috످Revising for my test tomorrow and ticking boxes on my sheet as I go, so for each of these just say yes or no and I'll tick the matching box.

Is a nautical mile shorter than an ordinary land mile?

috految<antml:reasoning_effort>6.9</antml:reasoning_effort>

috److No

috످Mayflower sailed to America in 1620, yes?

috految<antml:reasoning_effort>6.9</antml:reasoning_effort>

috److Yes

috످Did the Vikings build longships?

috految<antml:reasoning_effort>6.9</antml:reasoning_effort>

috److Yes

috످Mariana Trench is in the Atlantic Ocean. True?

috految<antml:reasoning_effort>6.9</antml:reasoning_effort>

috److No

috످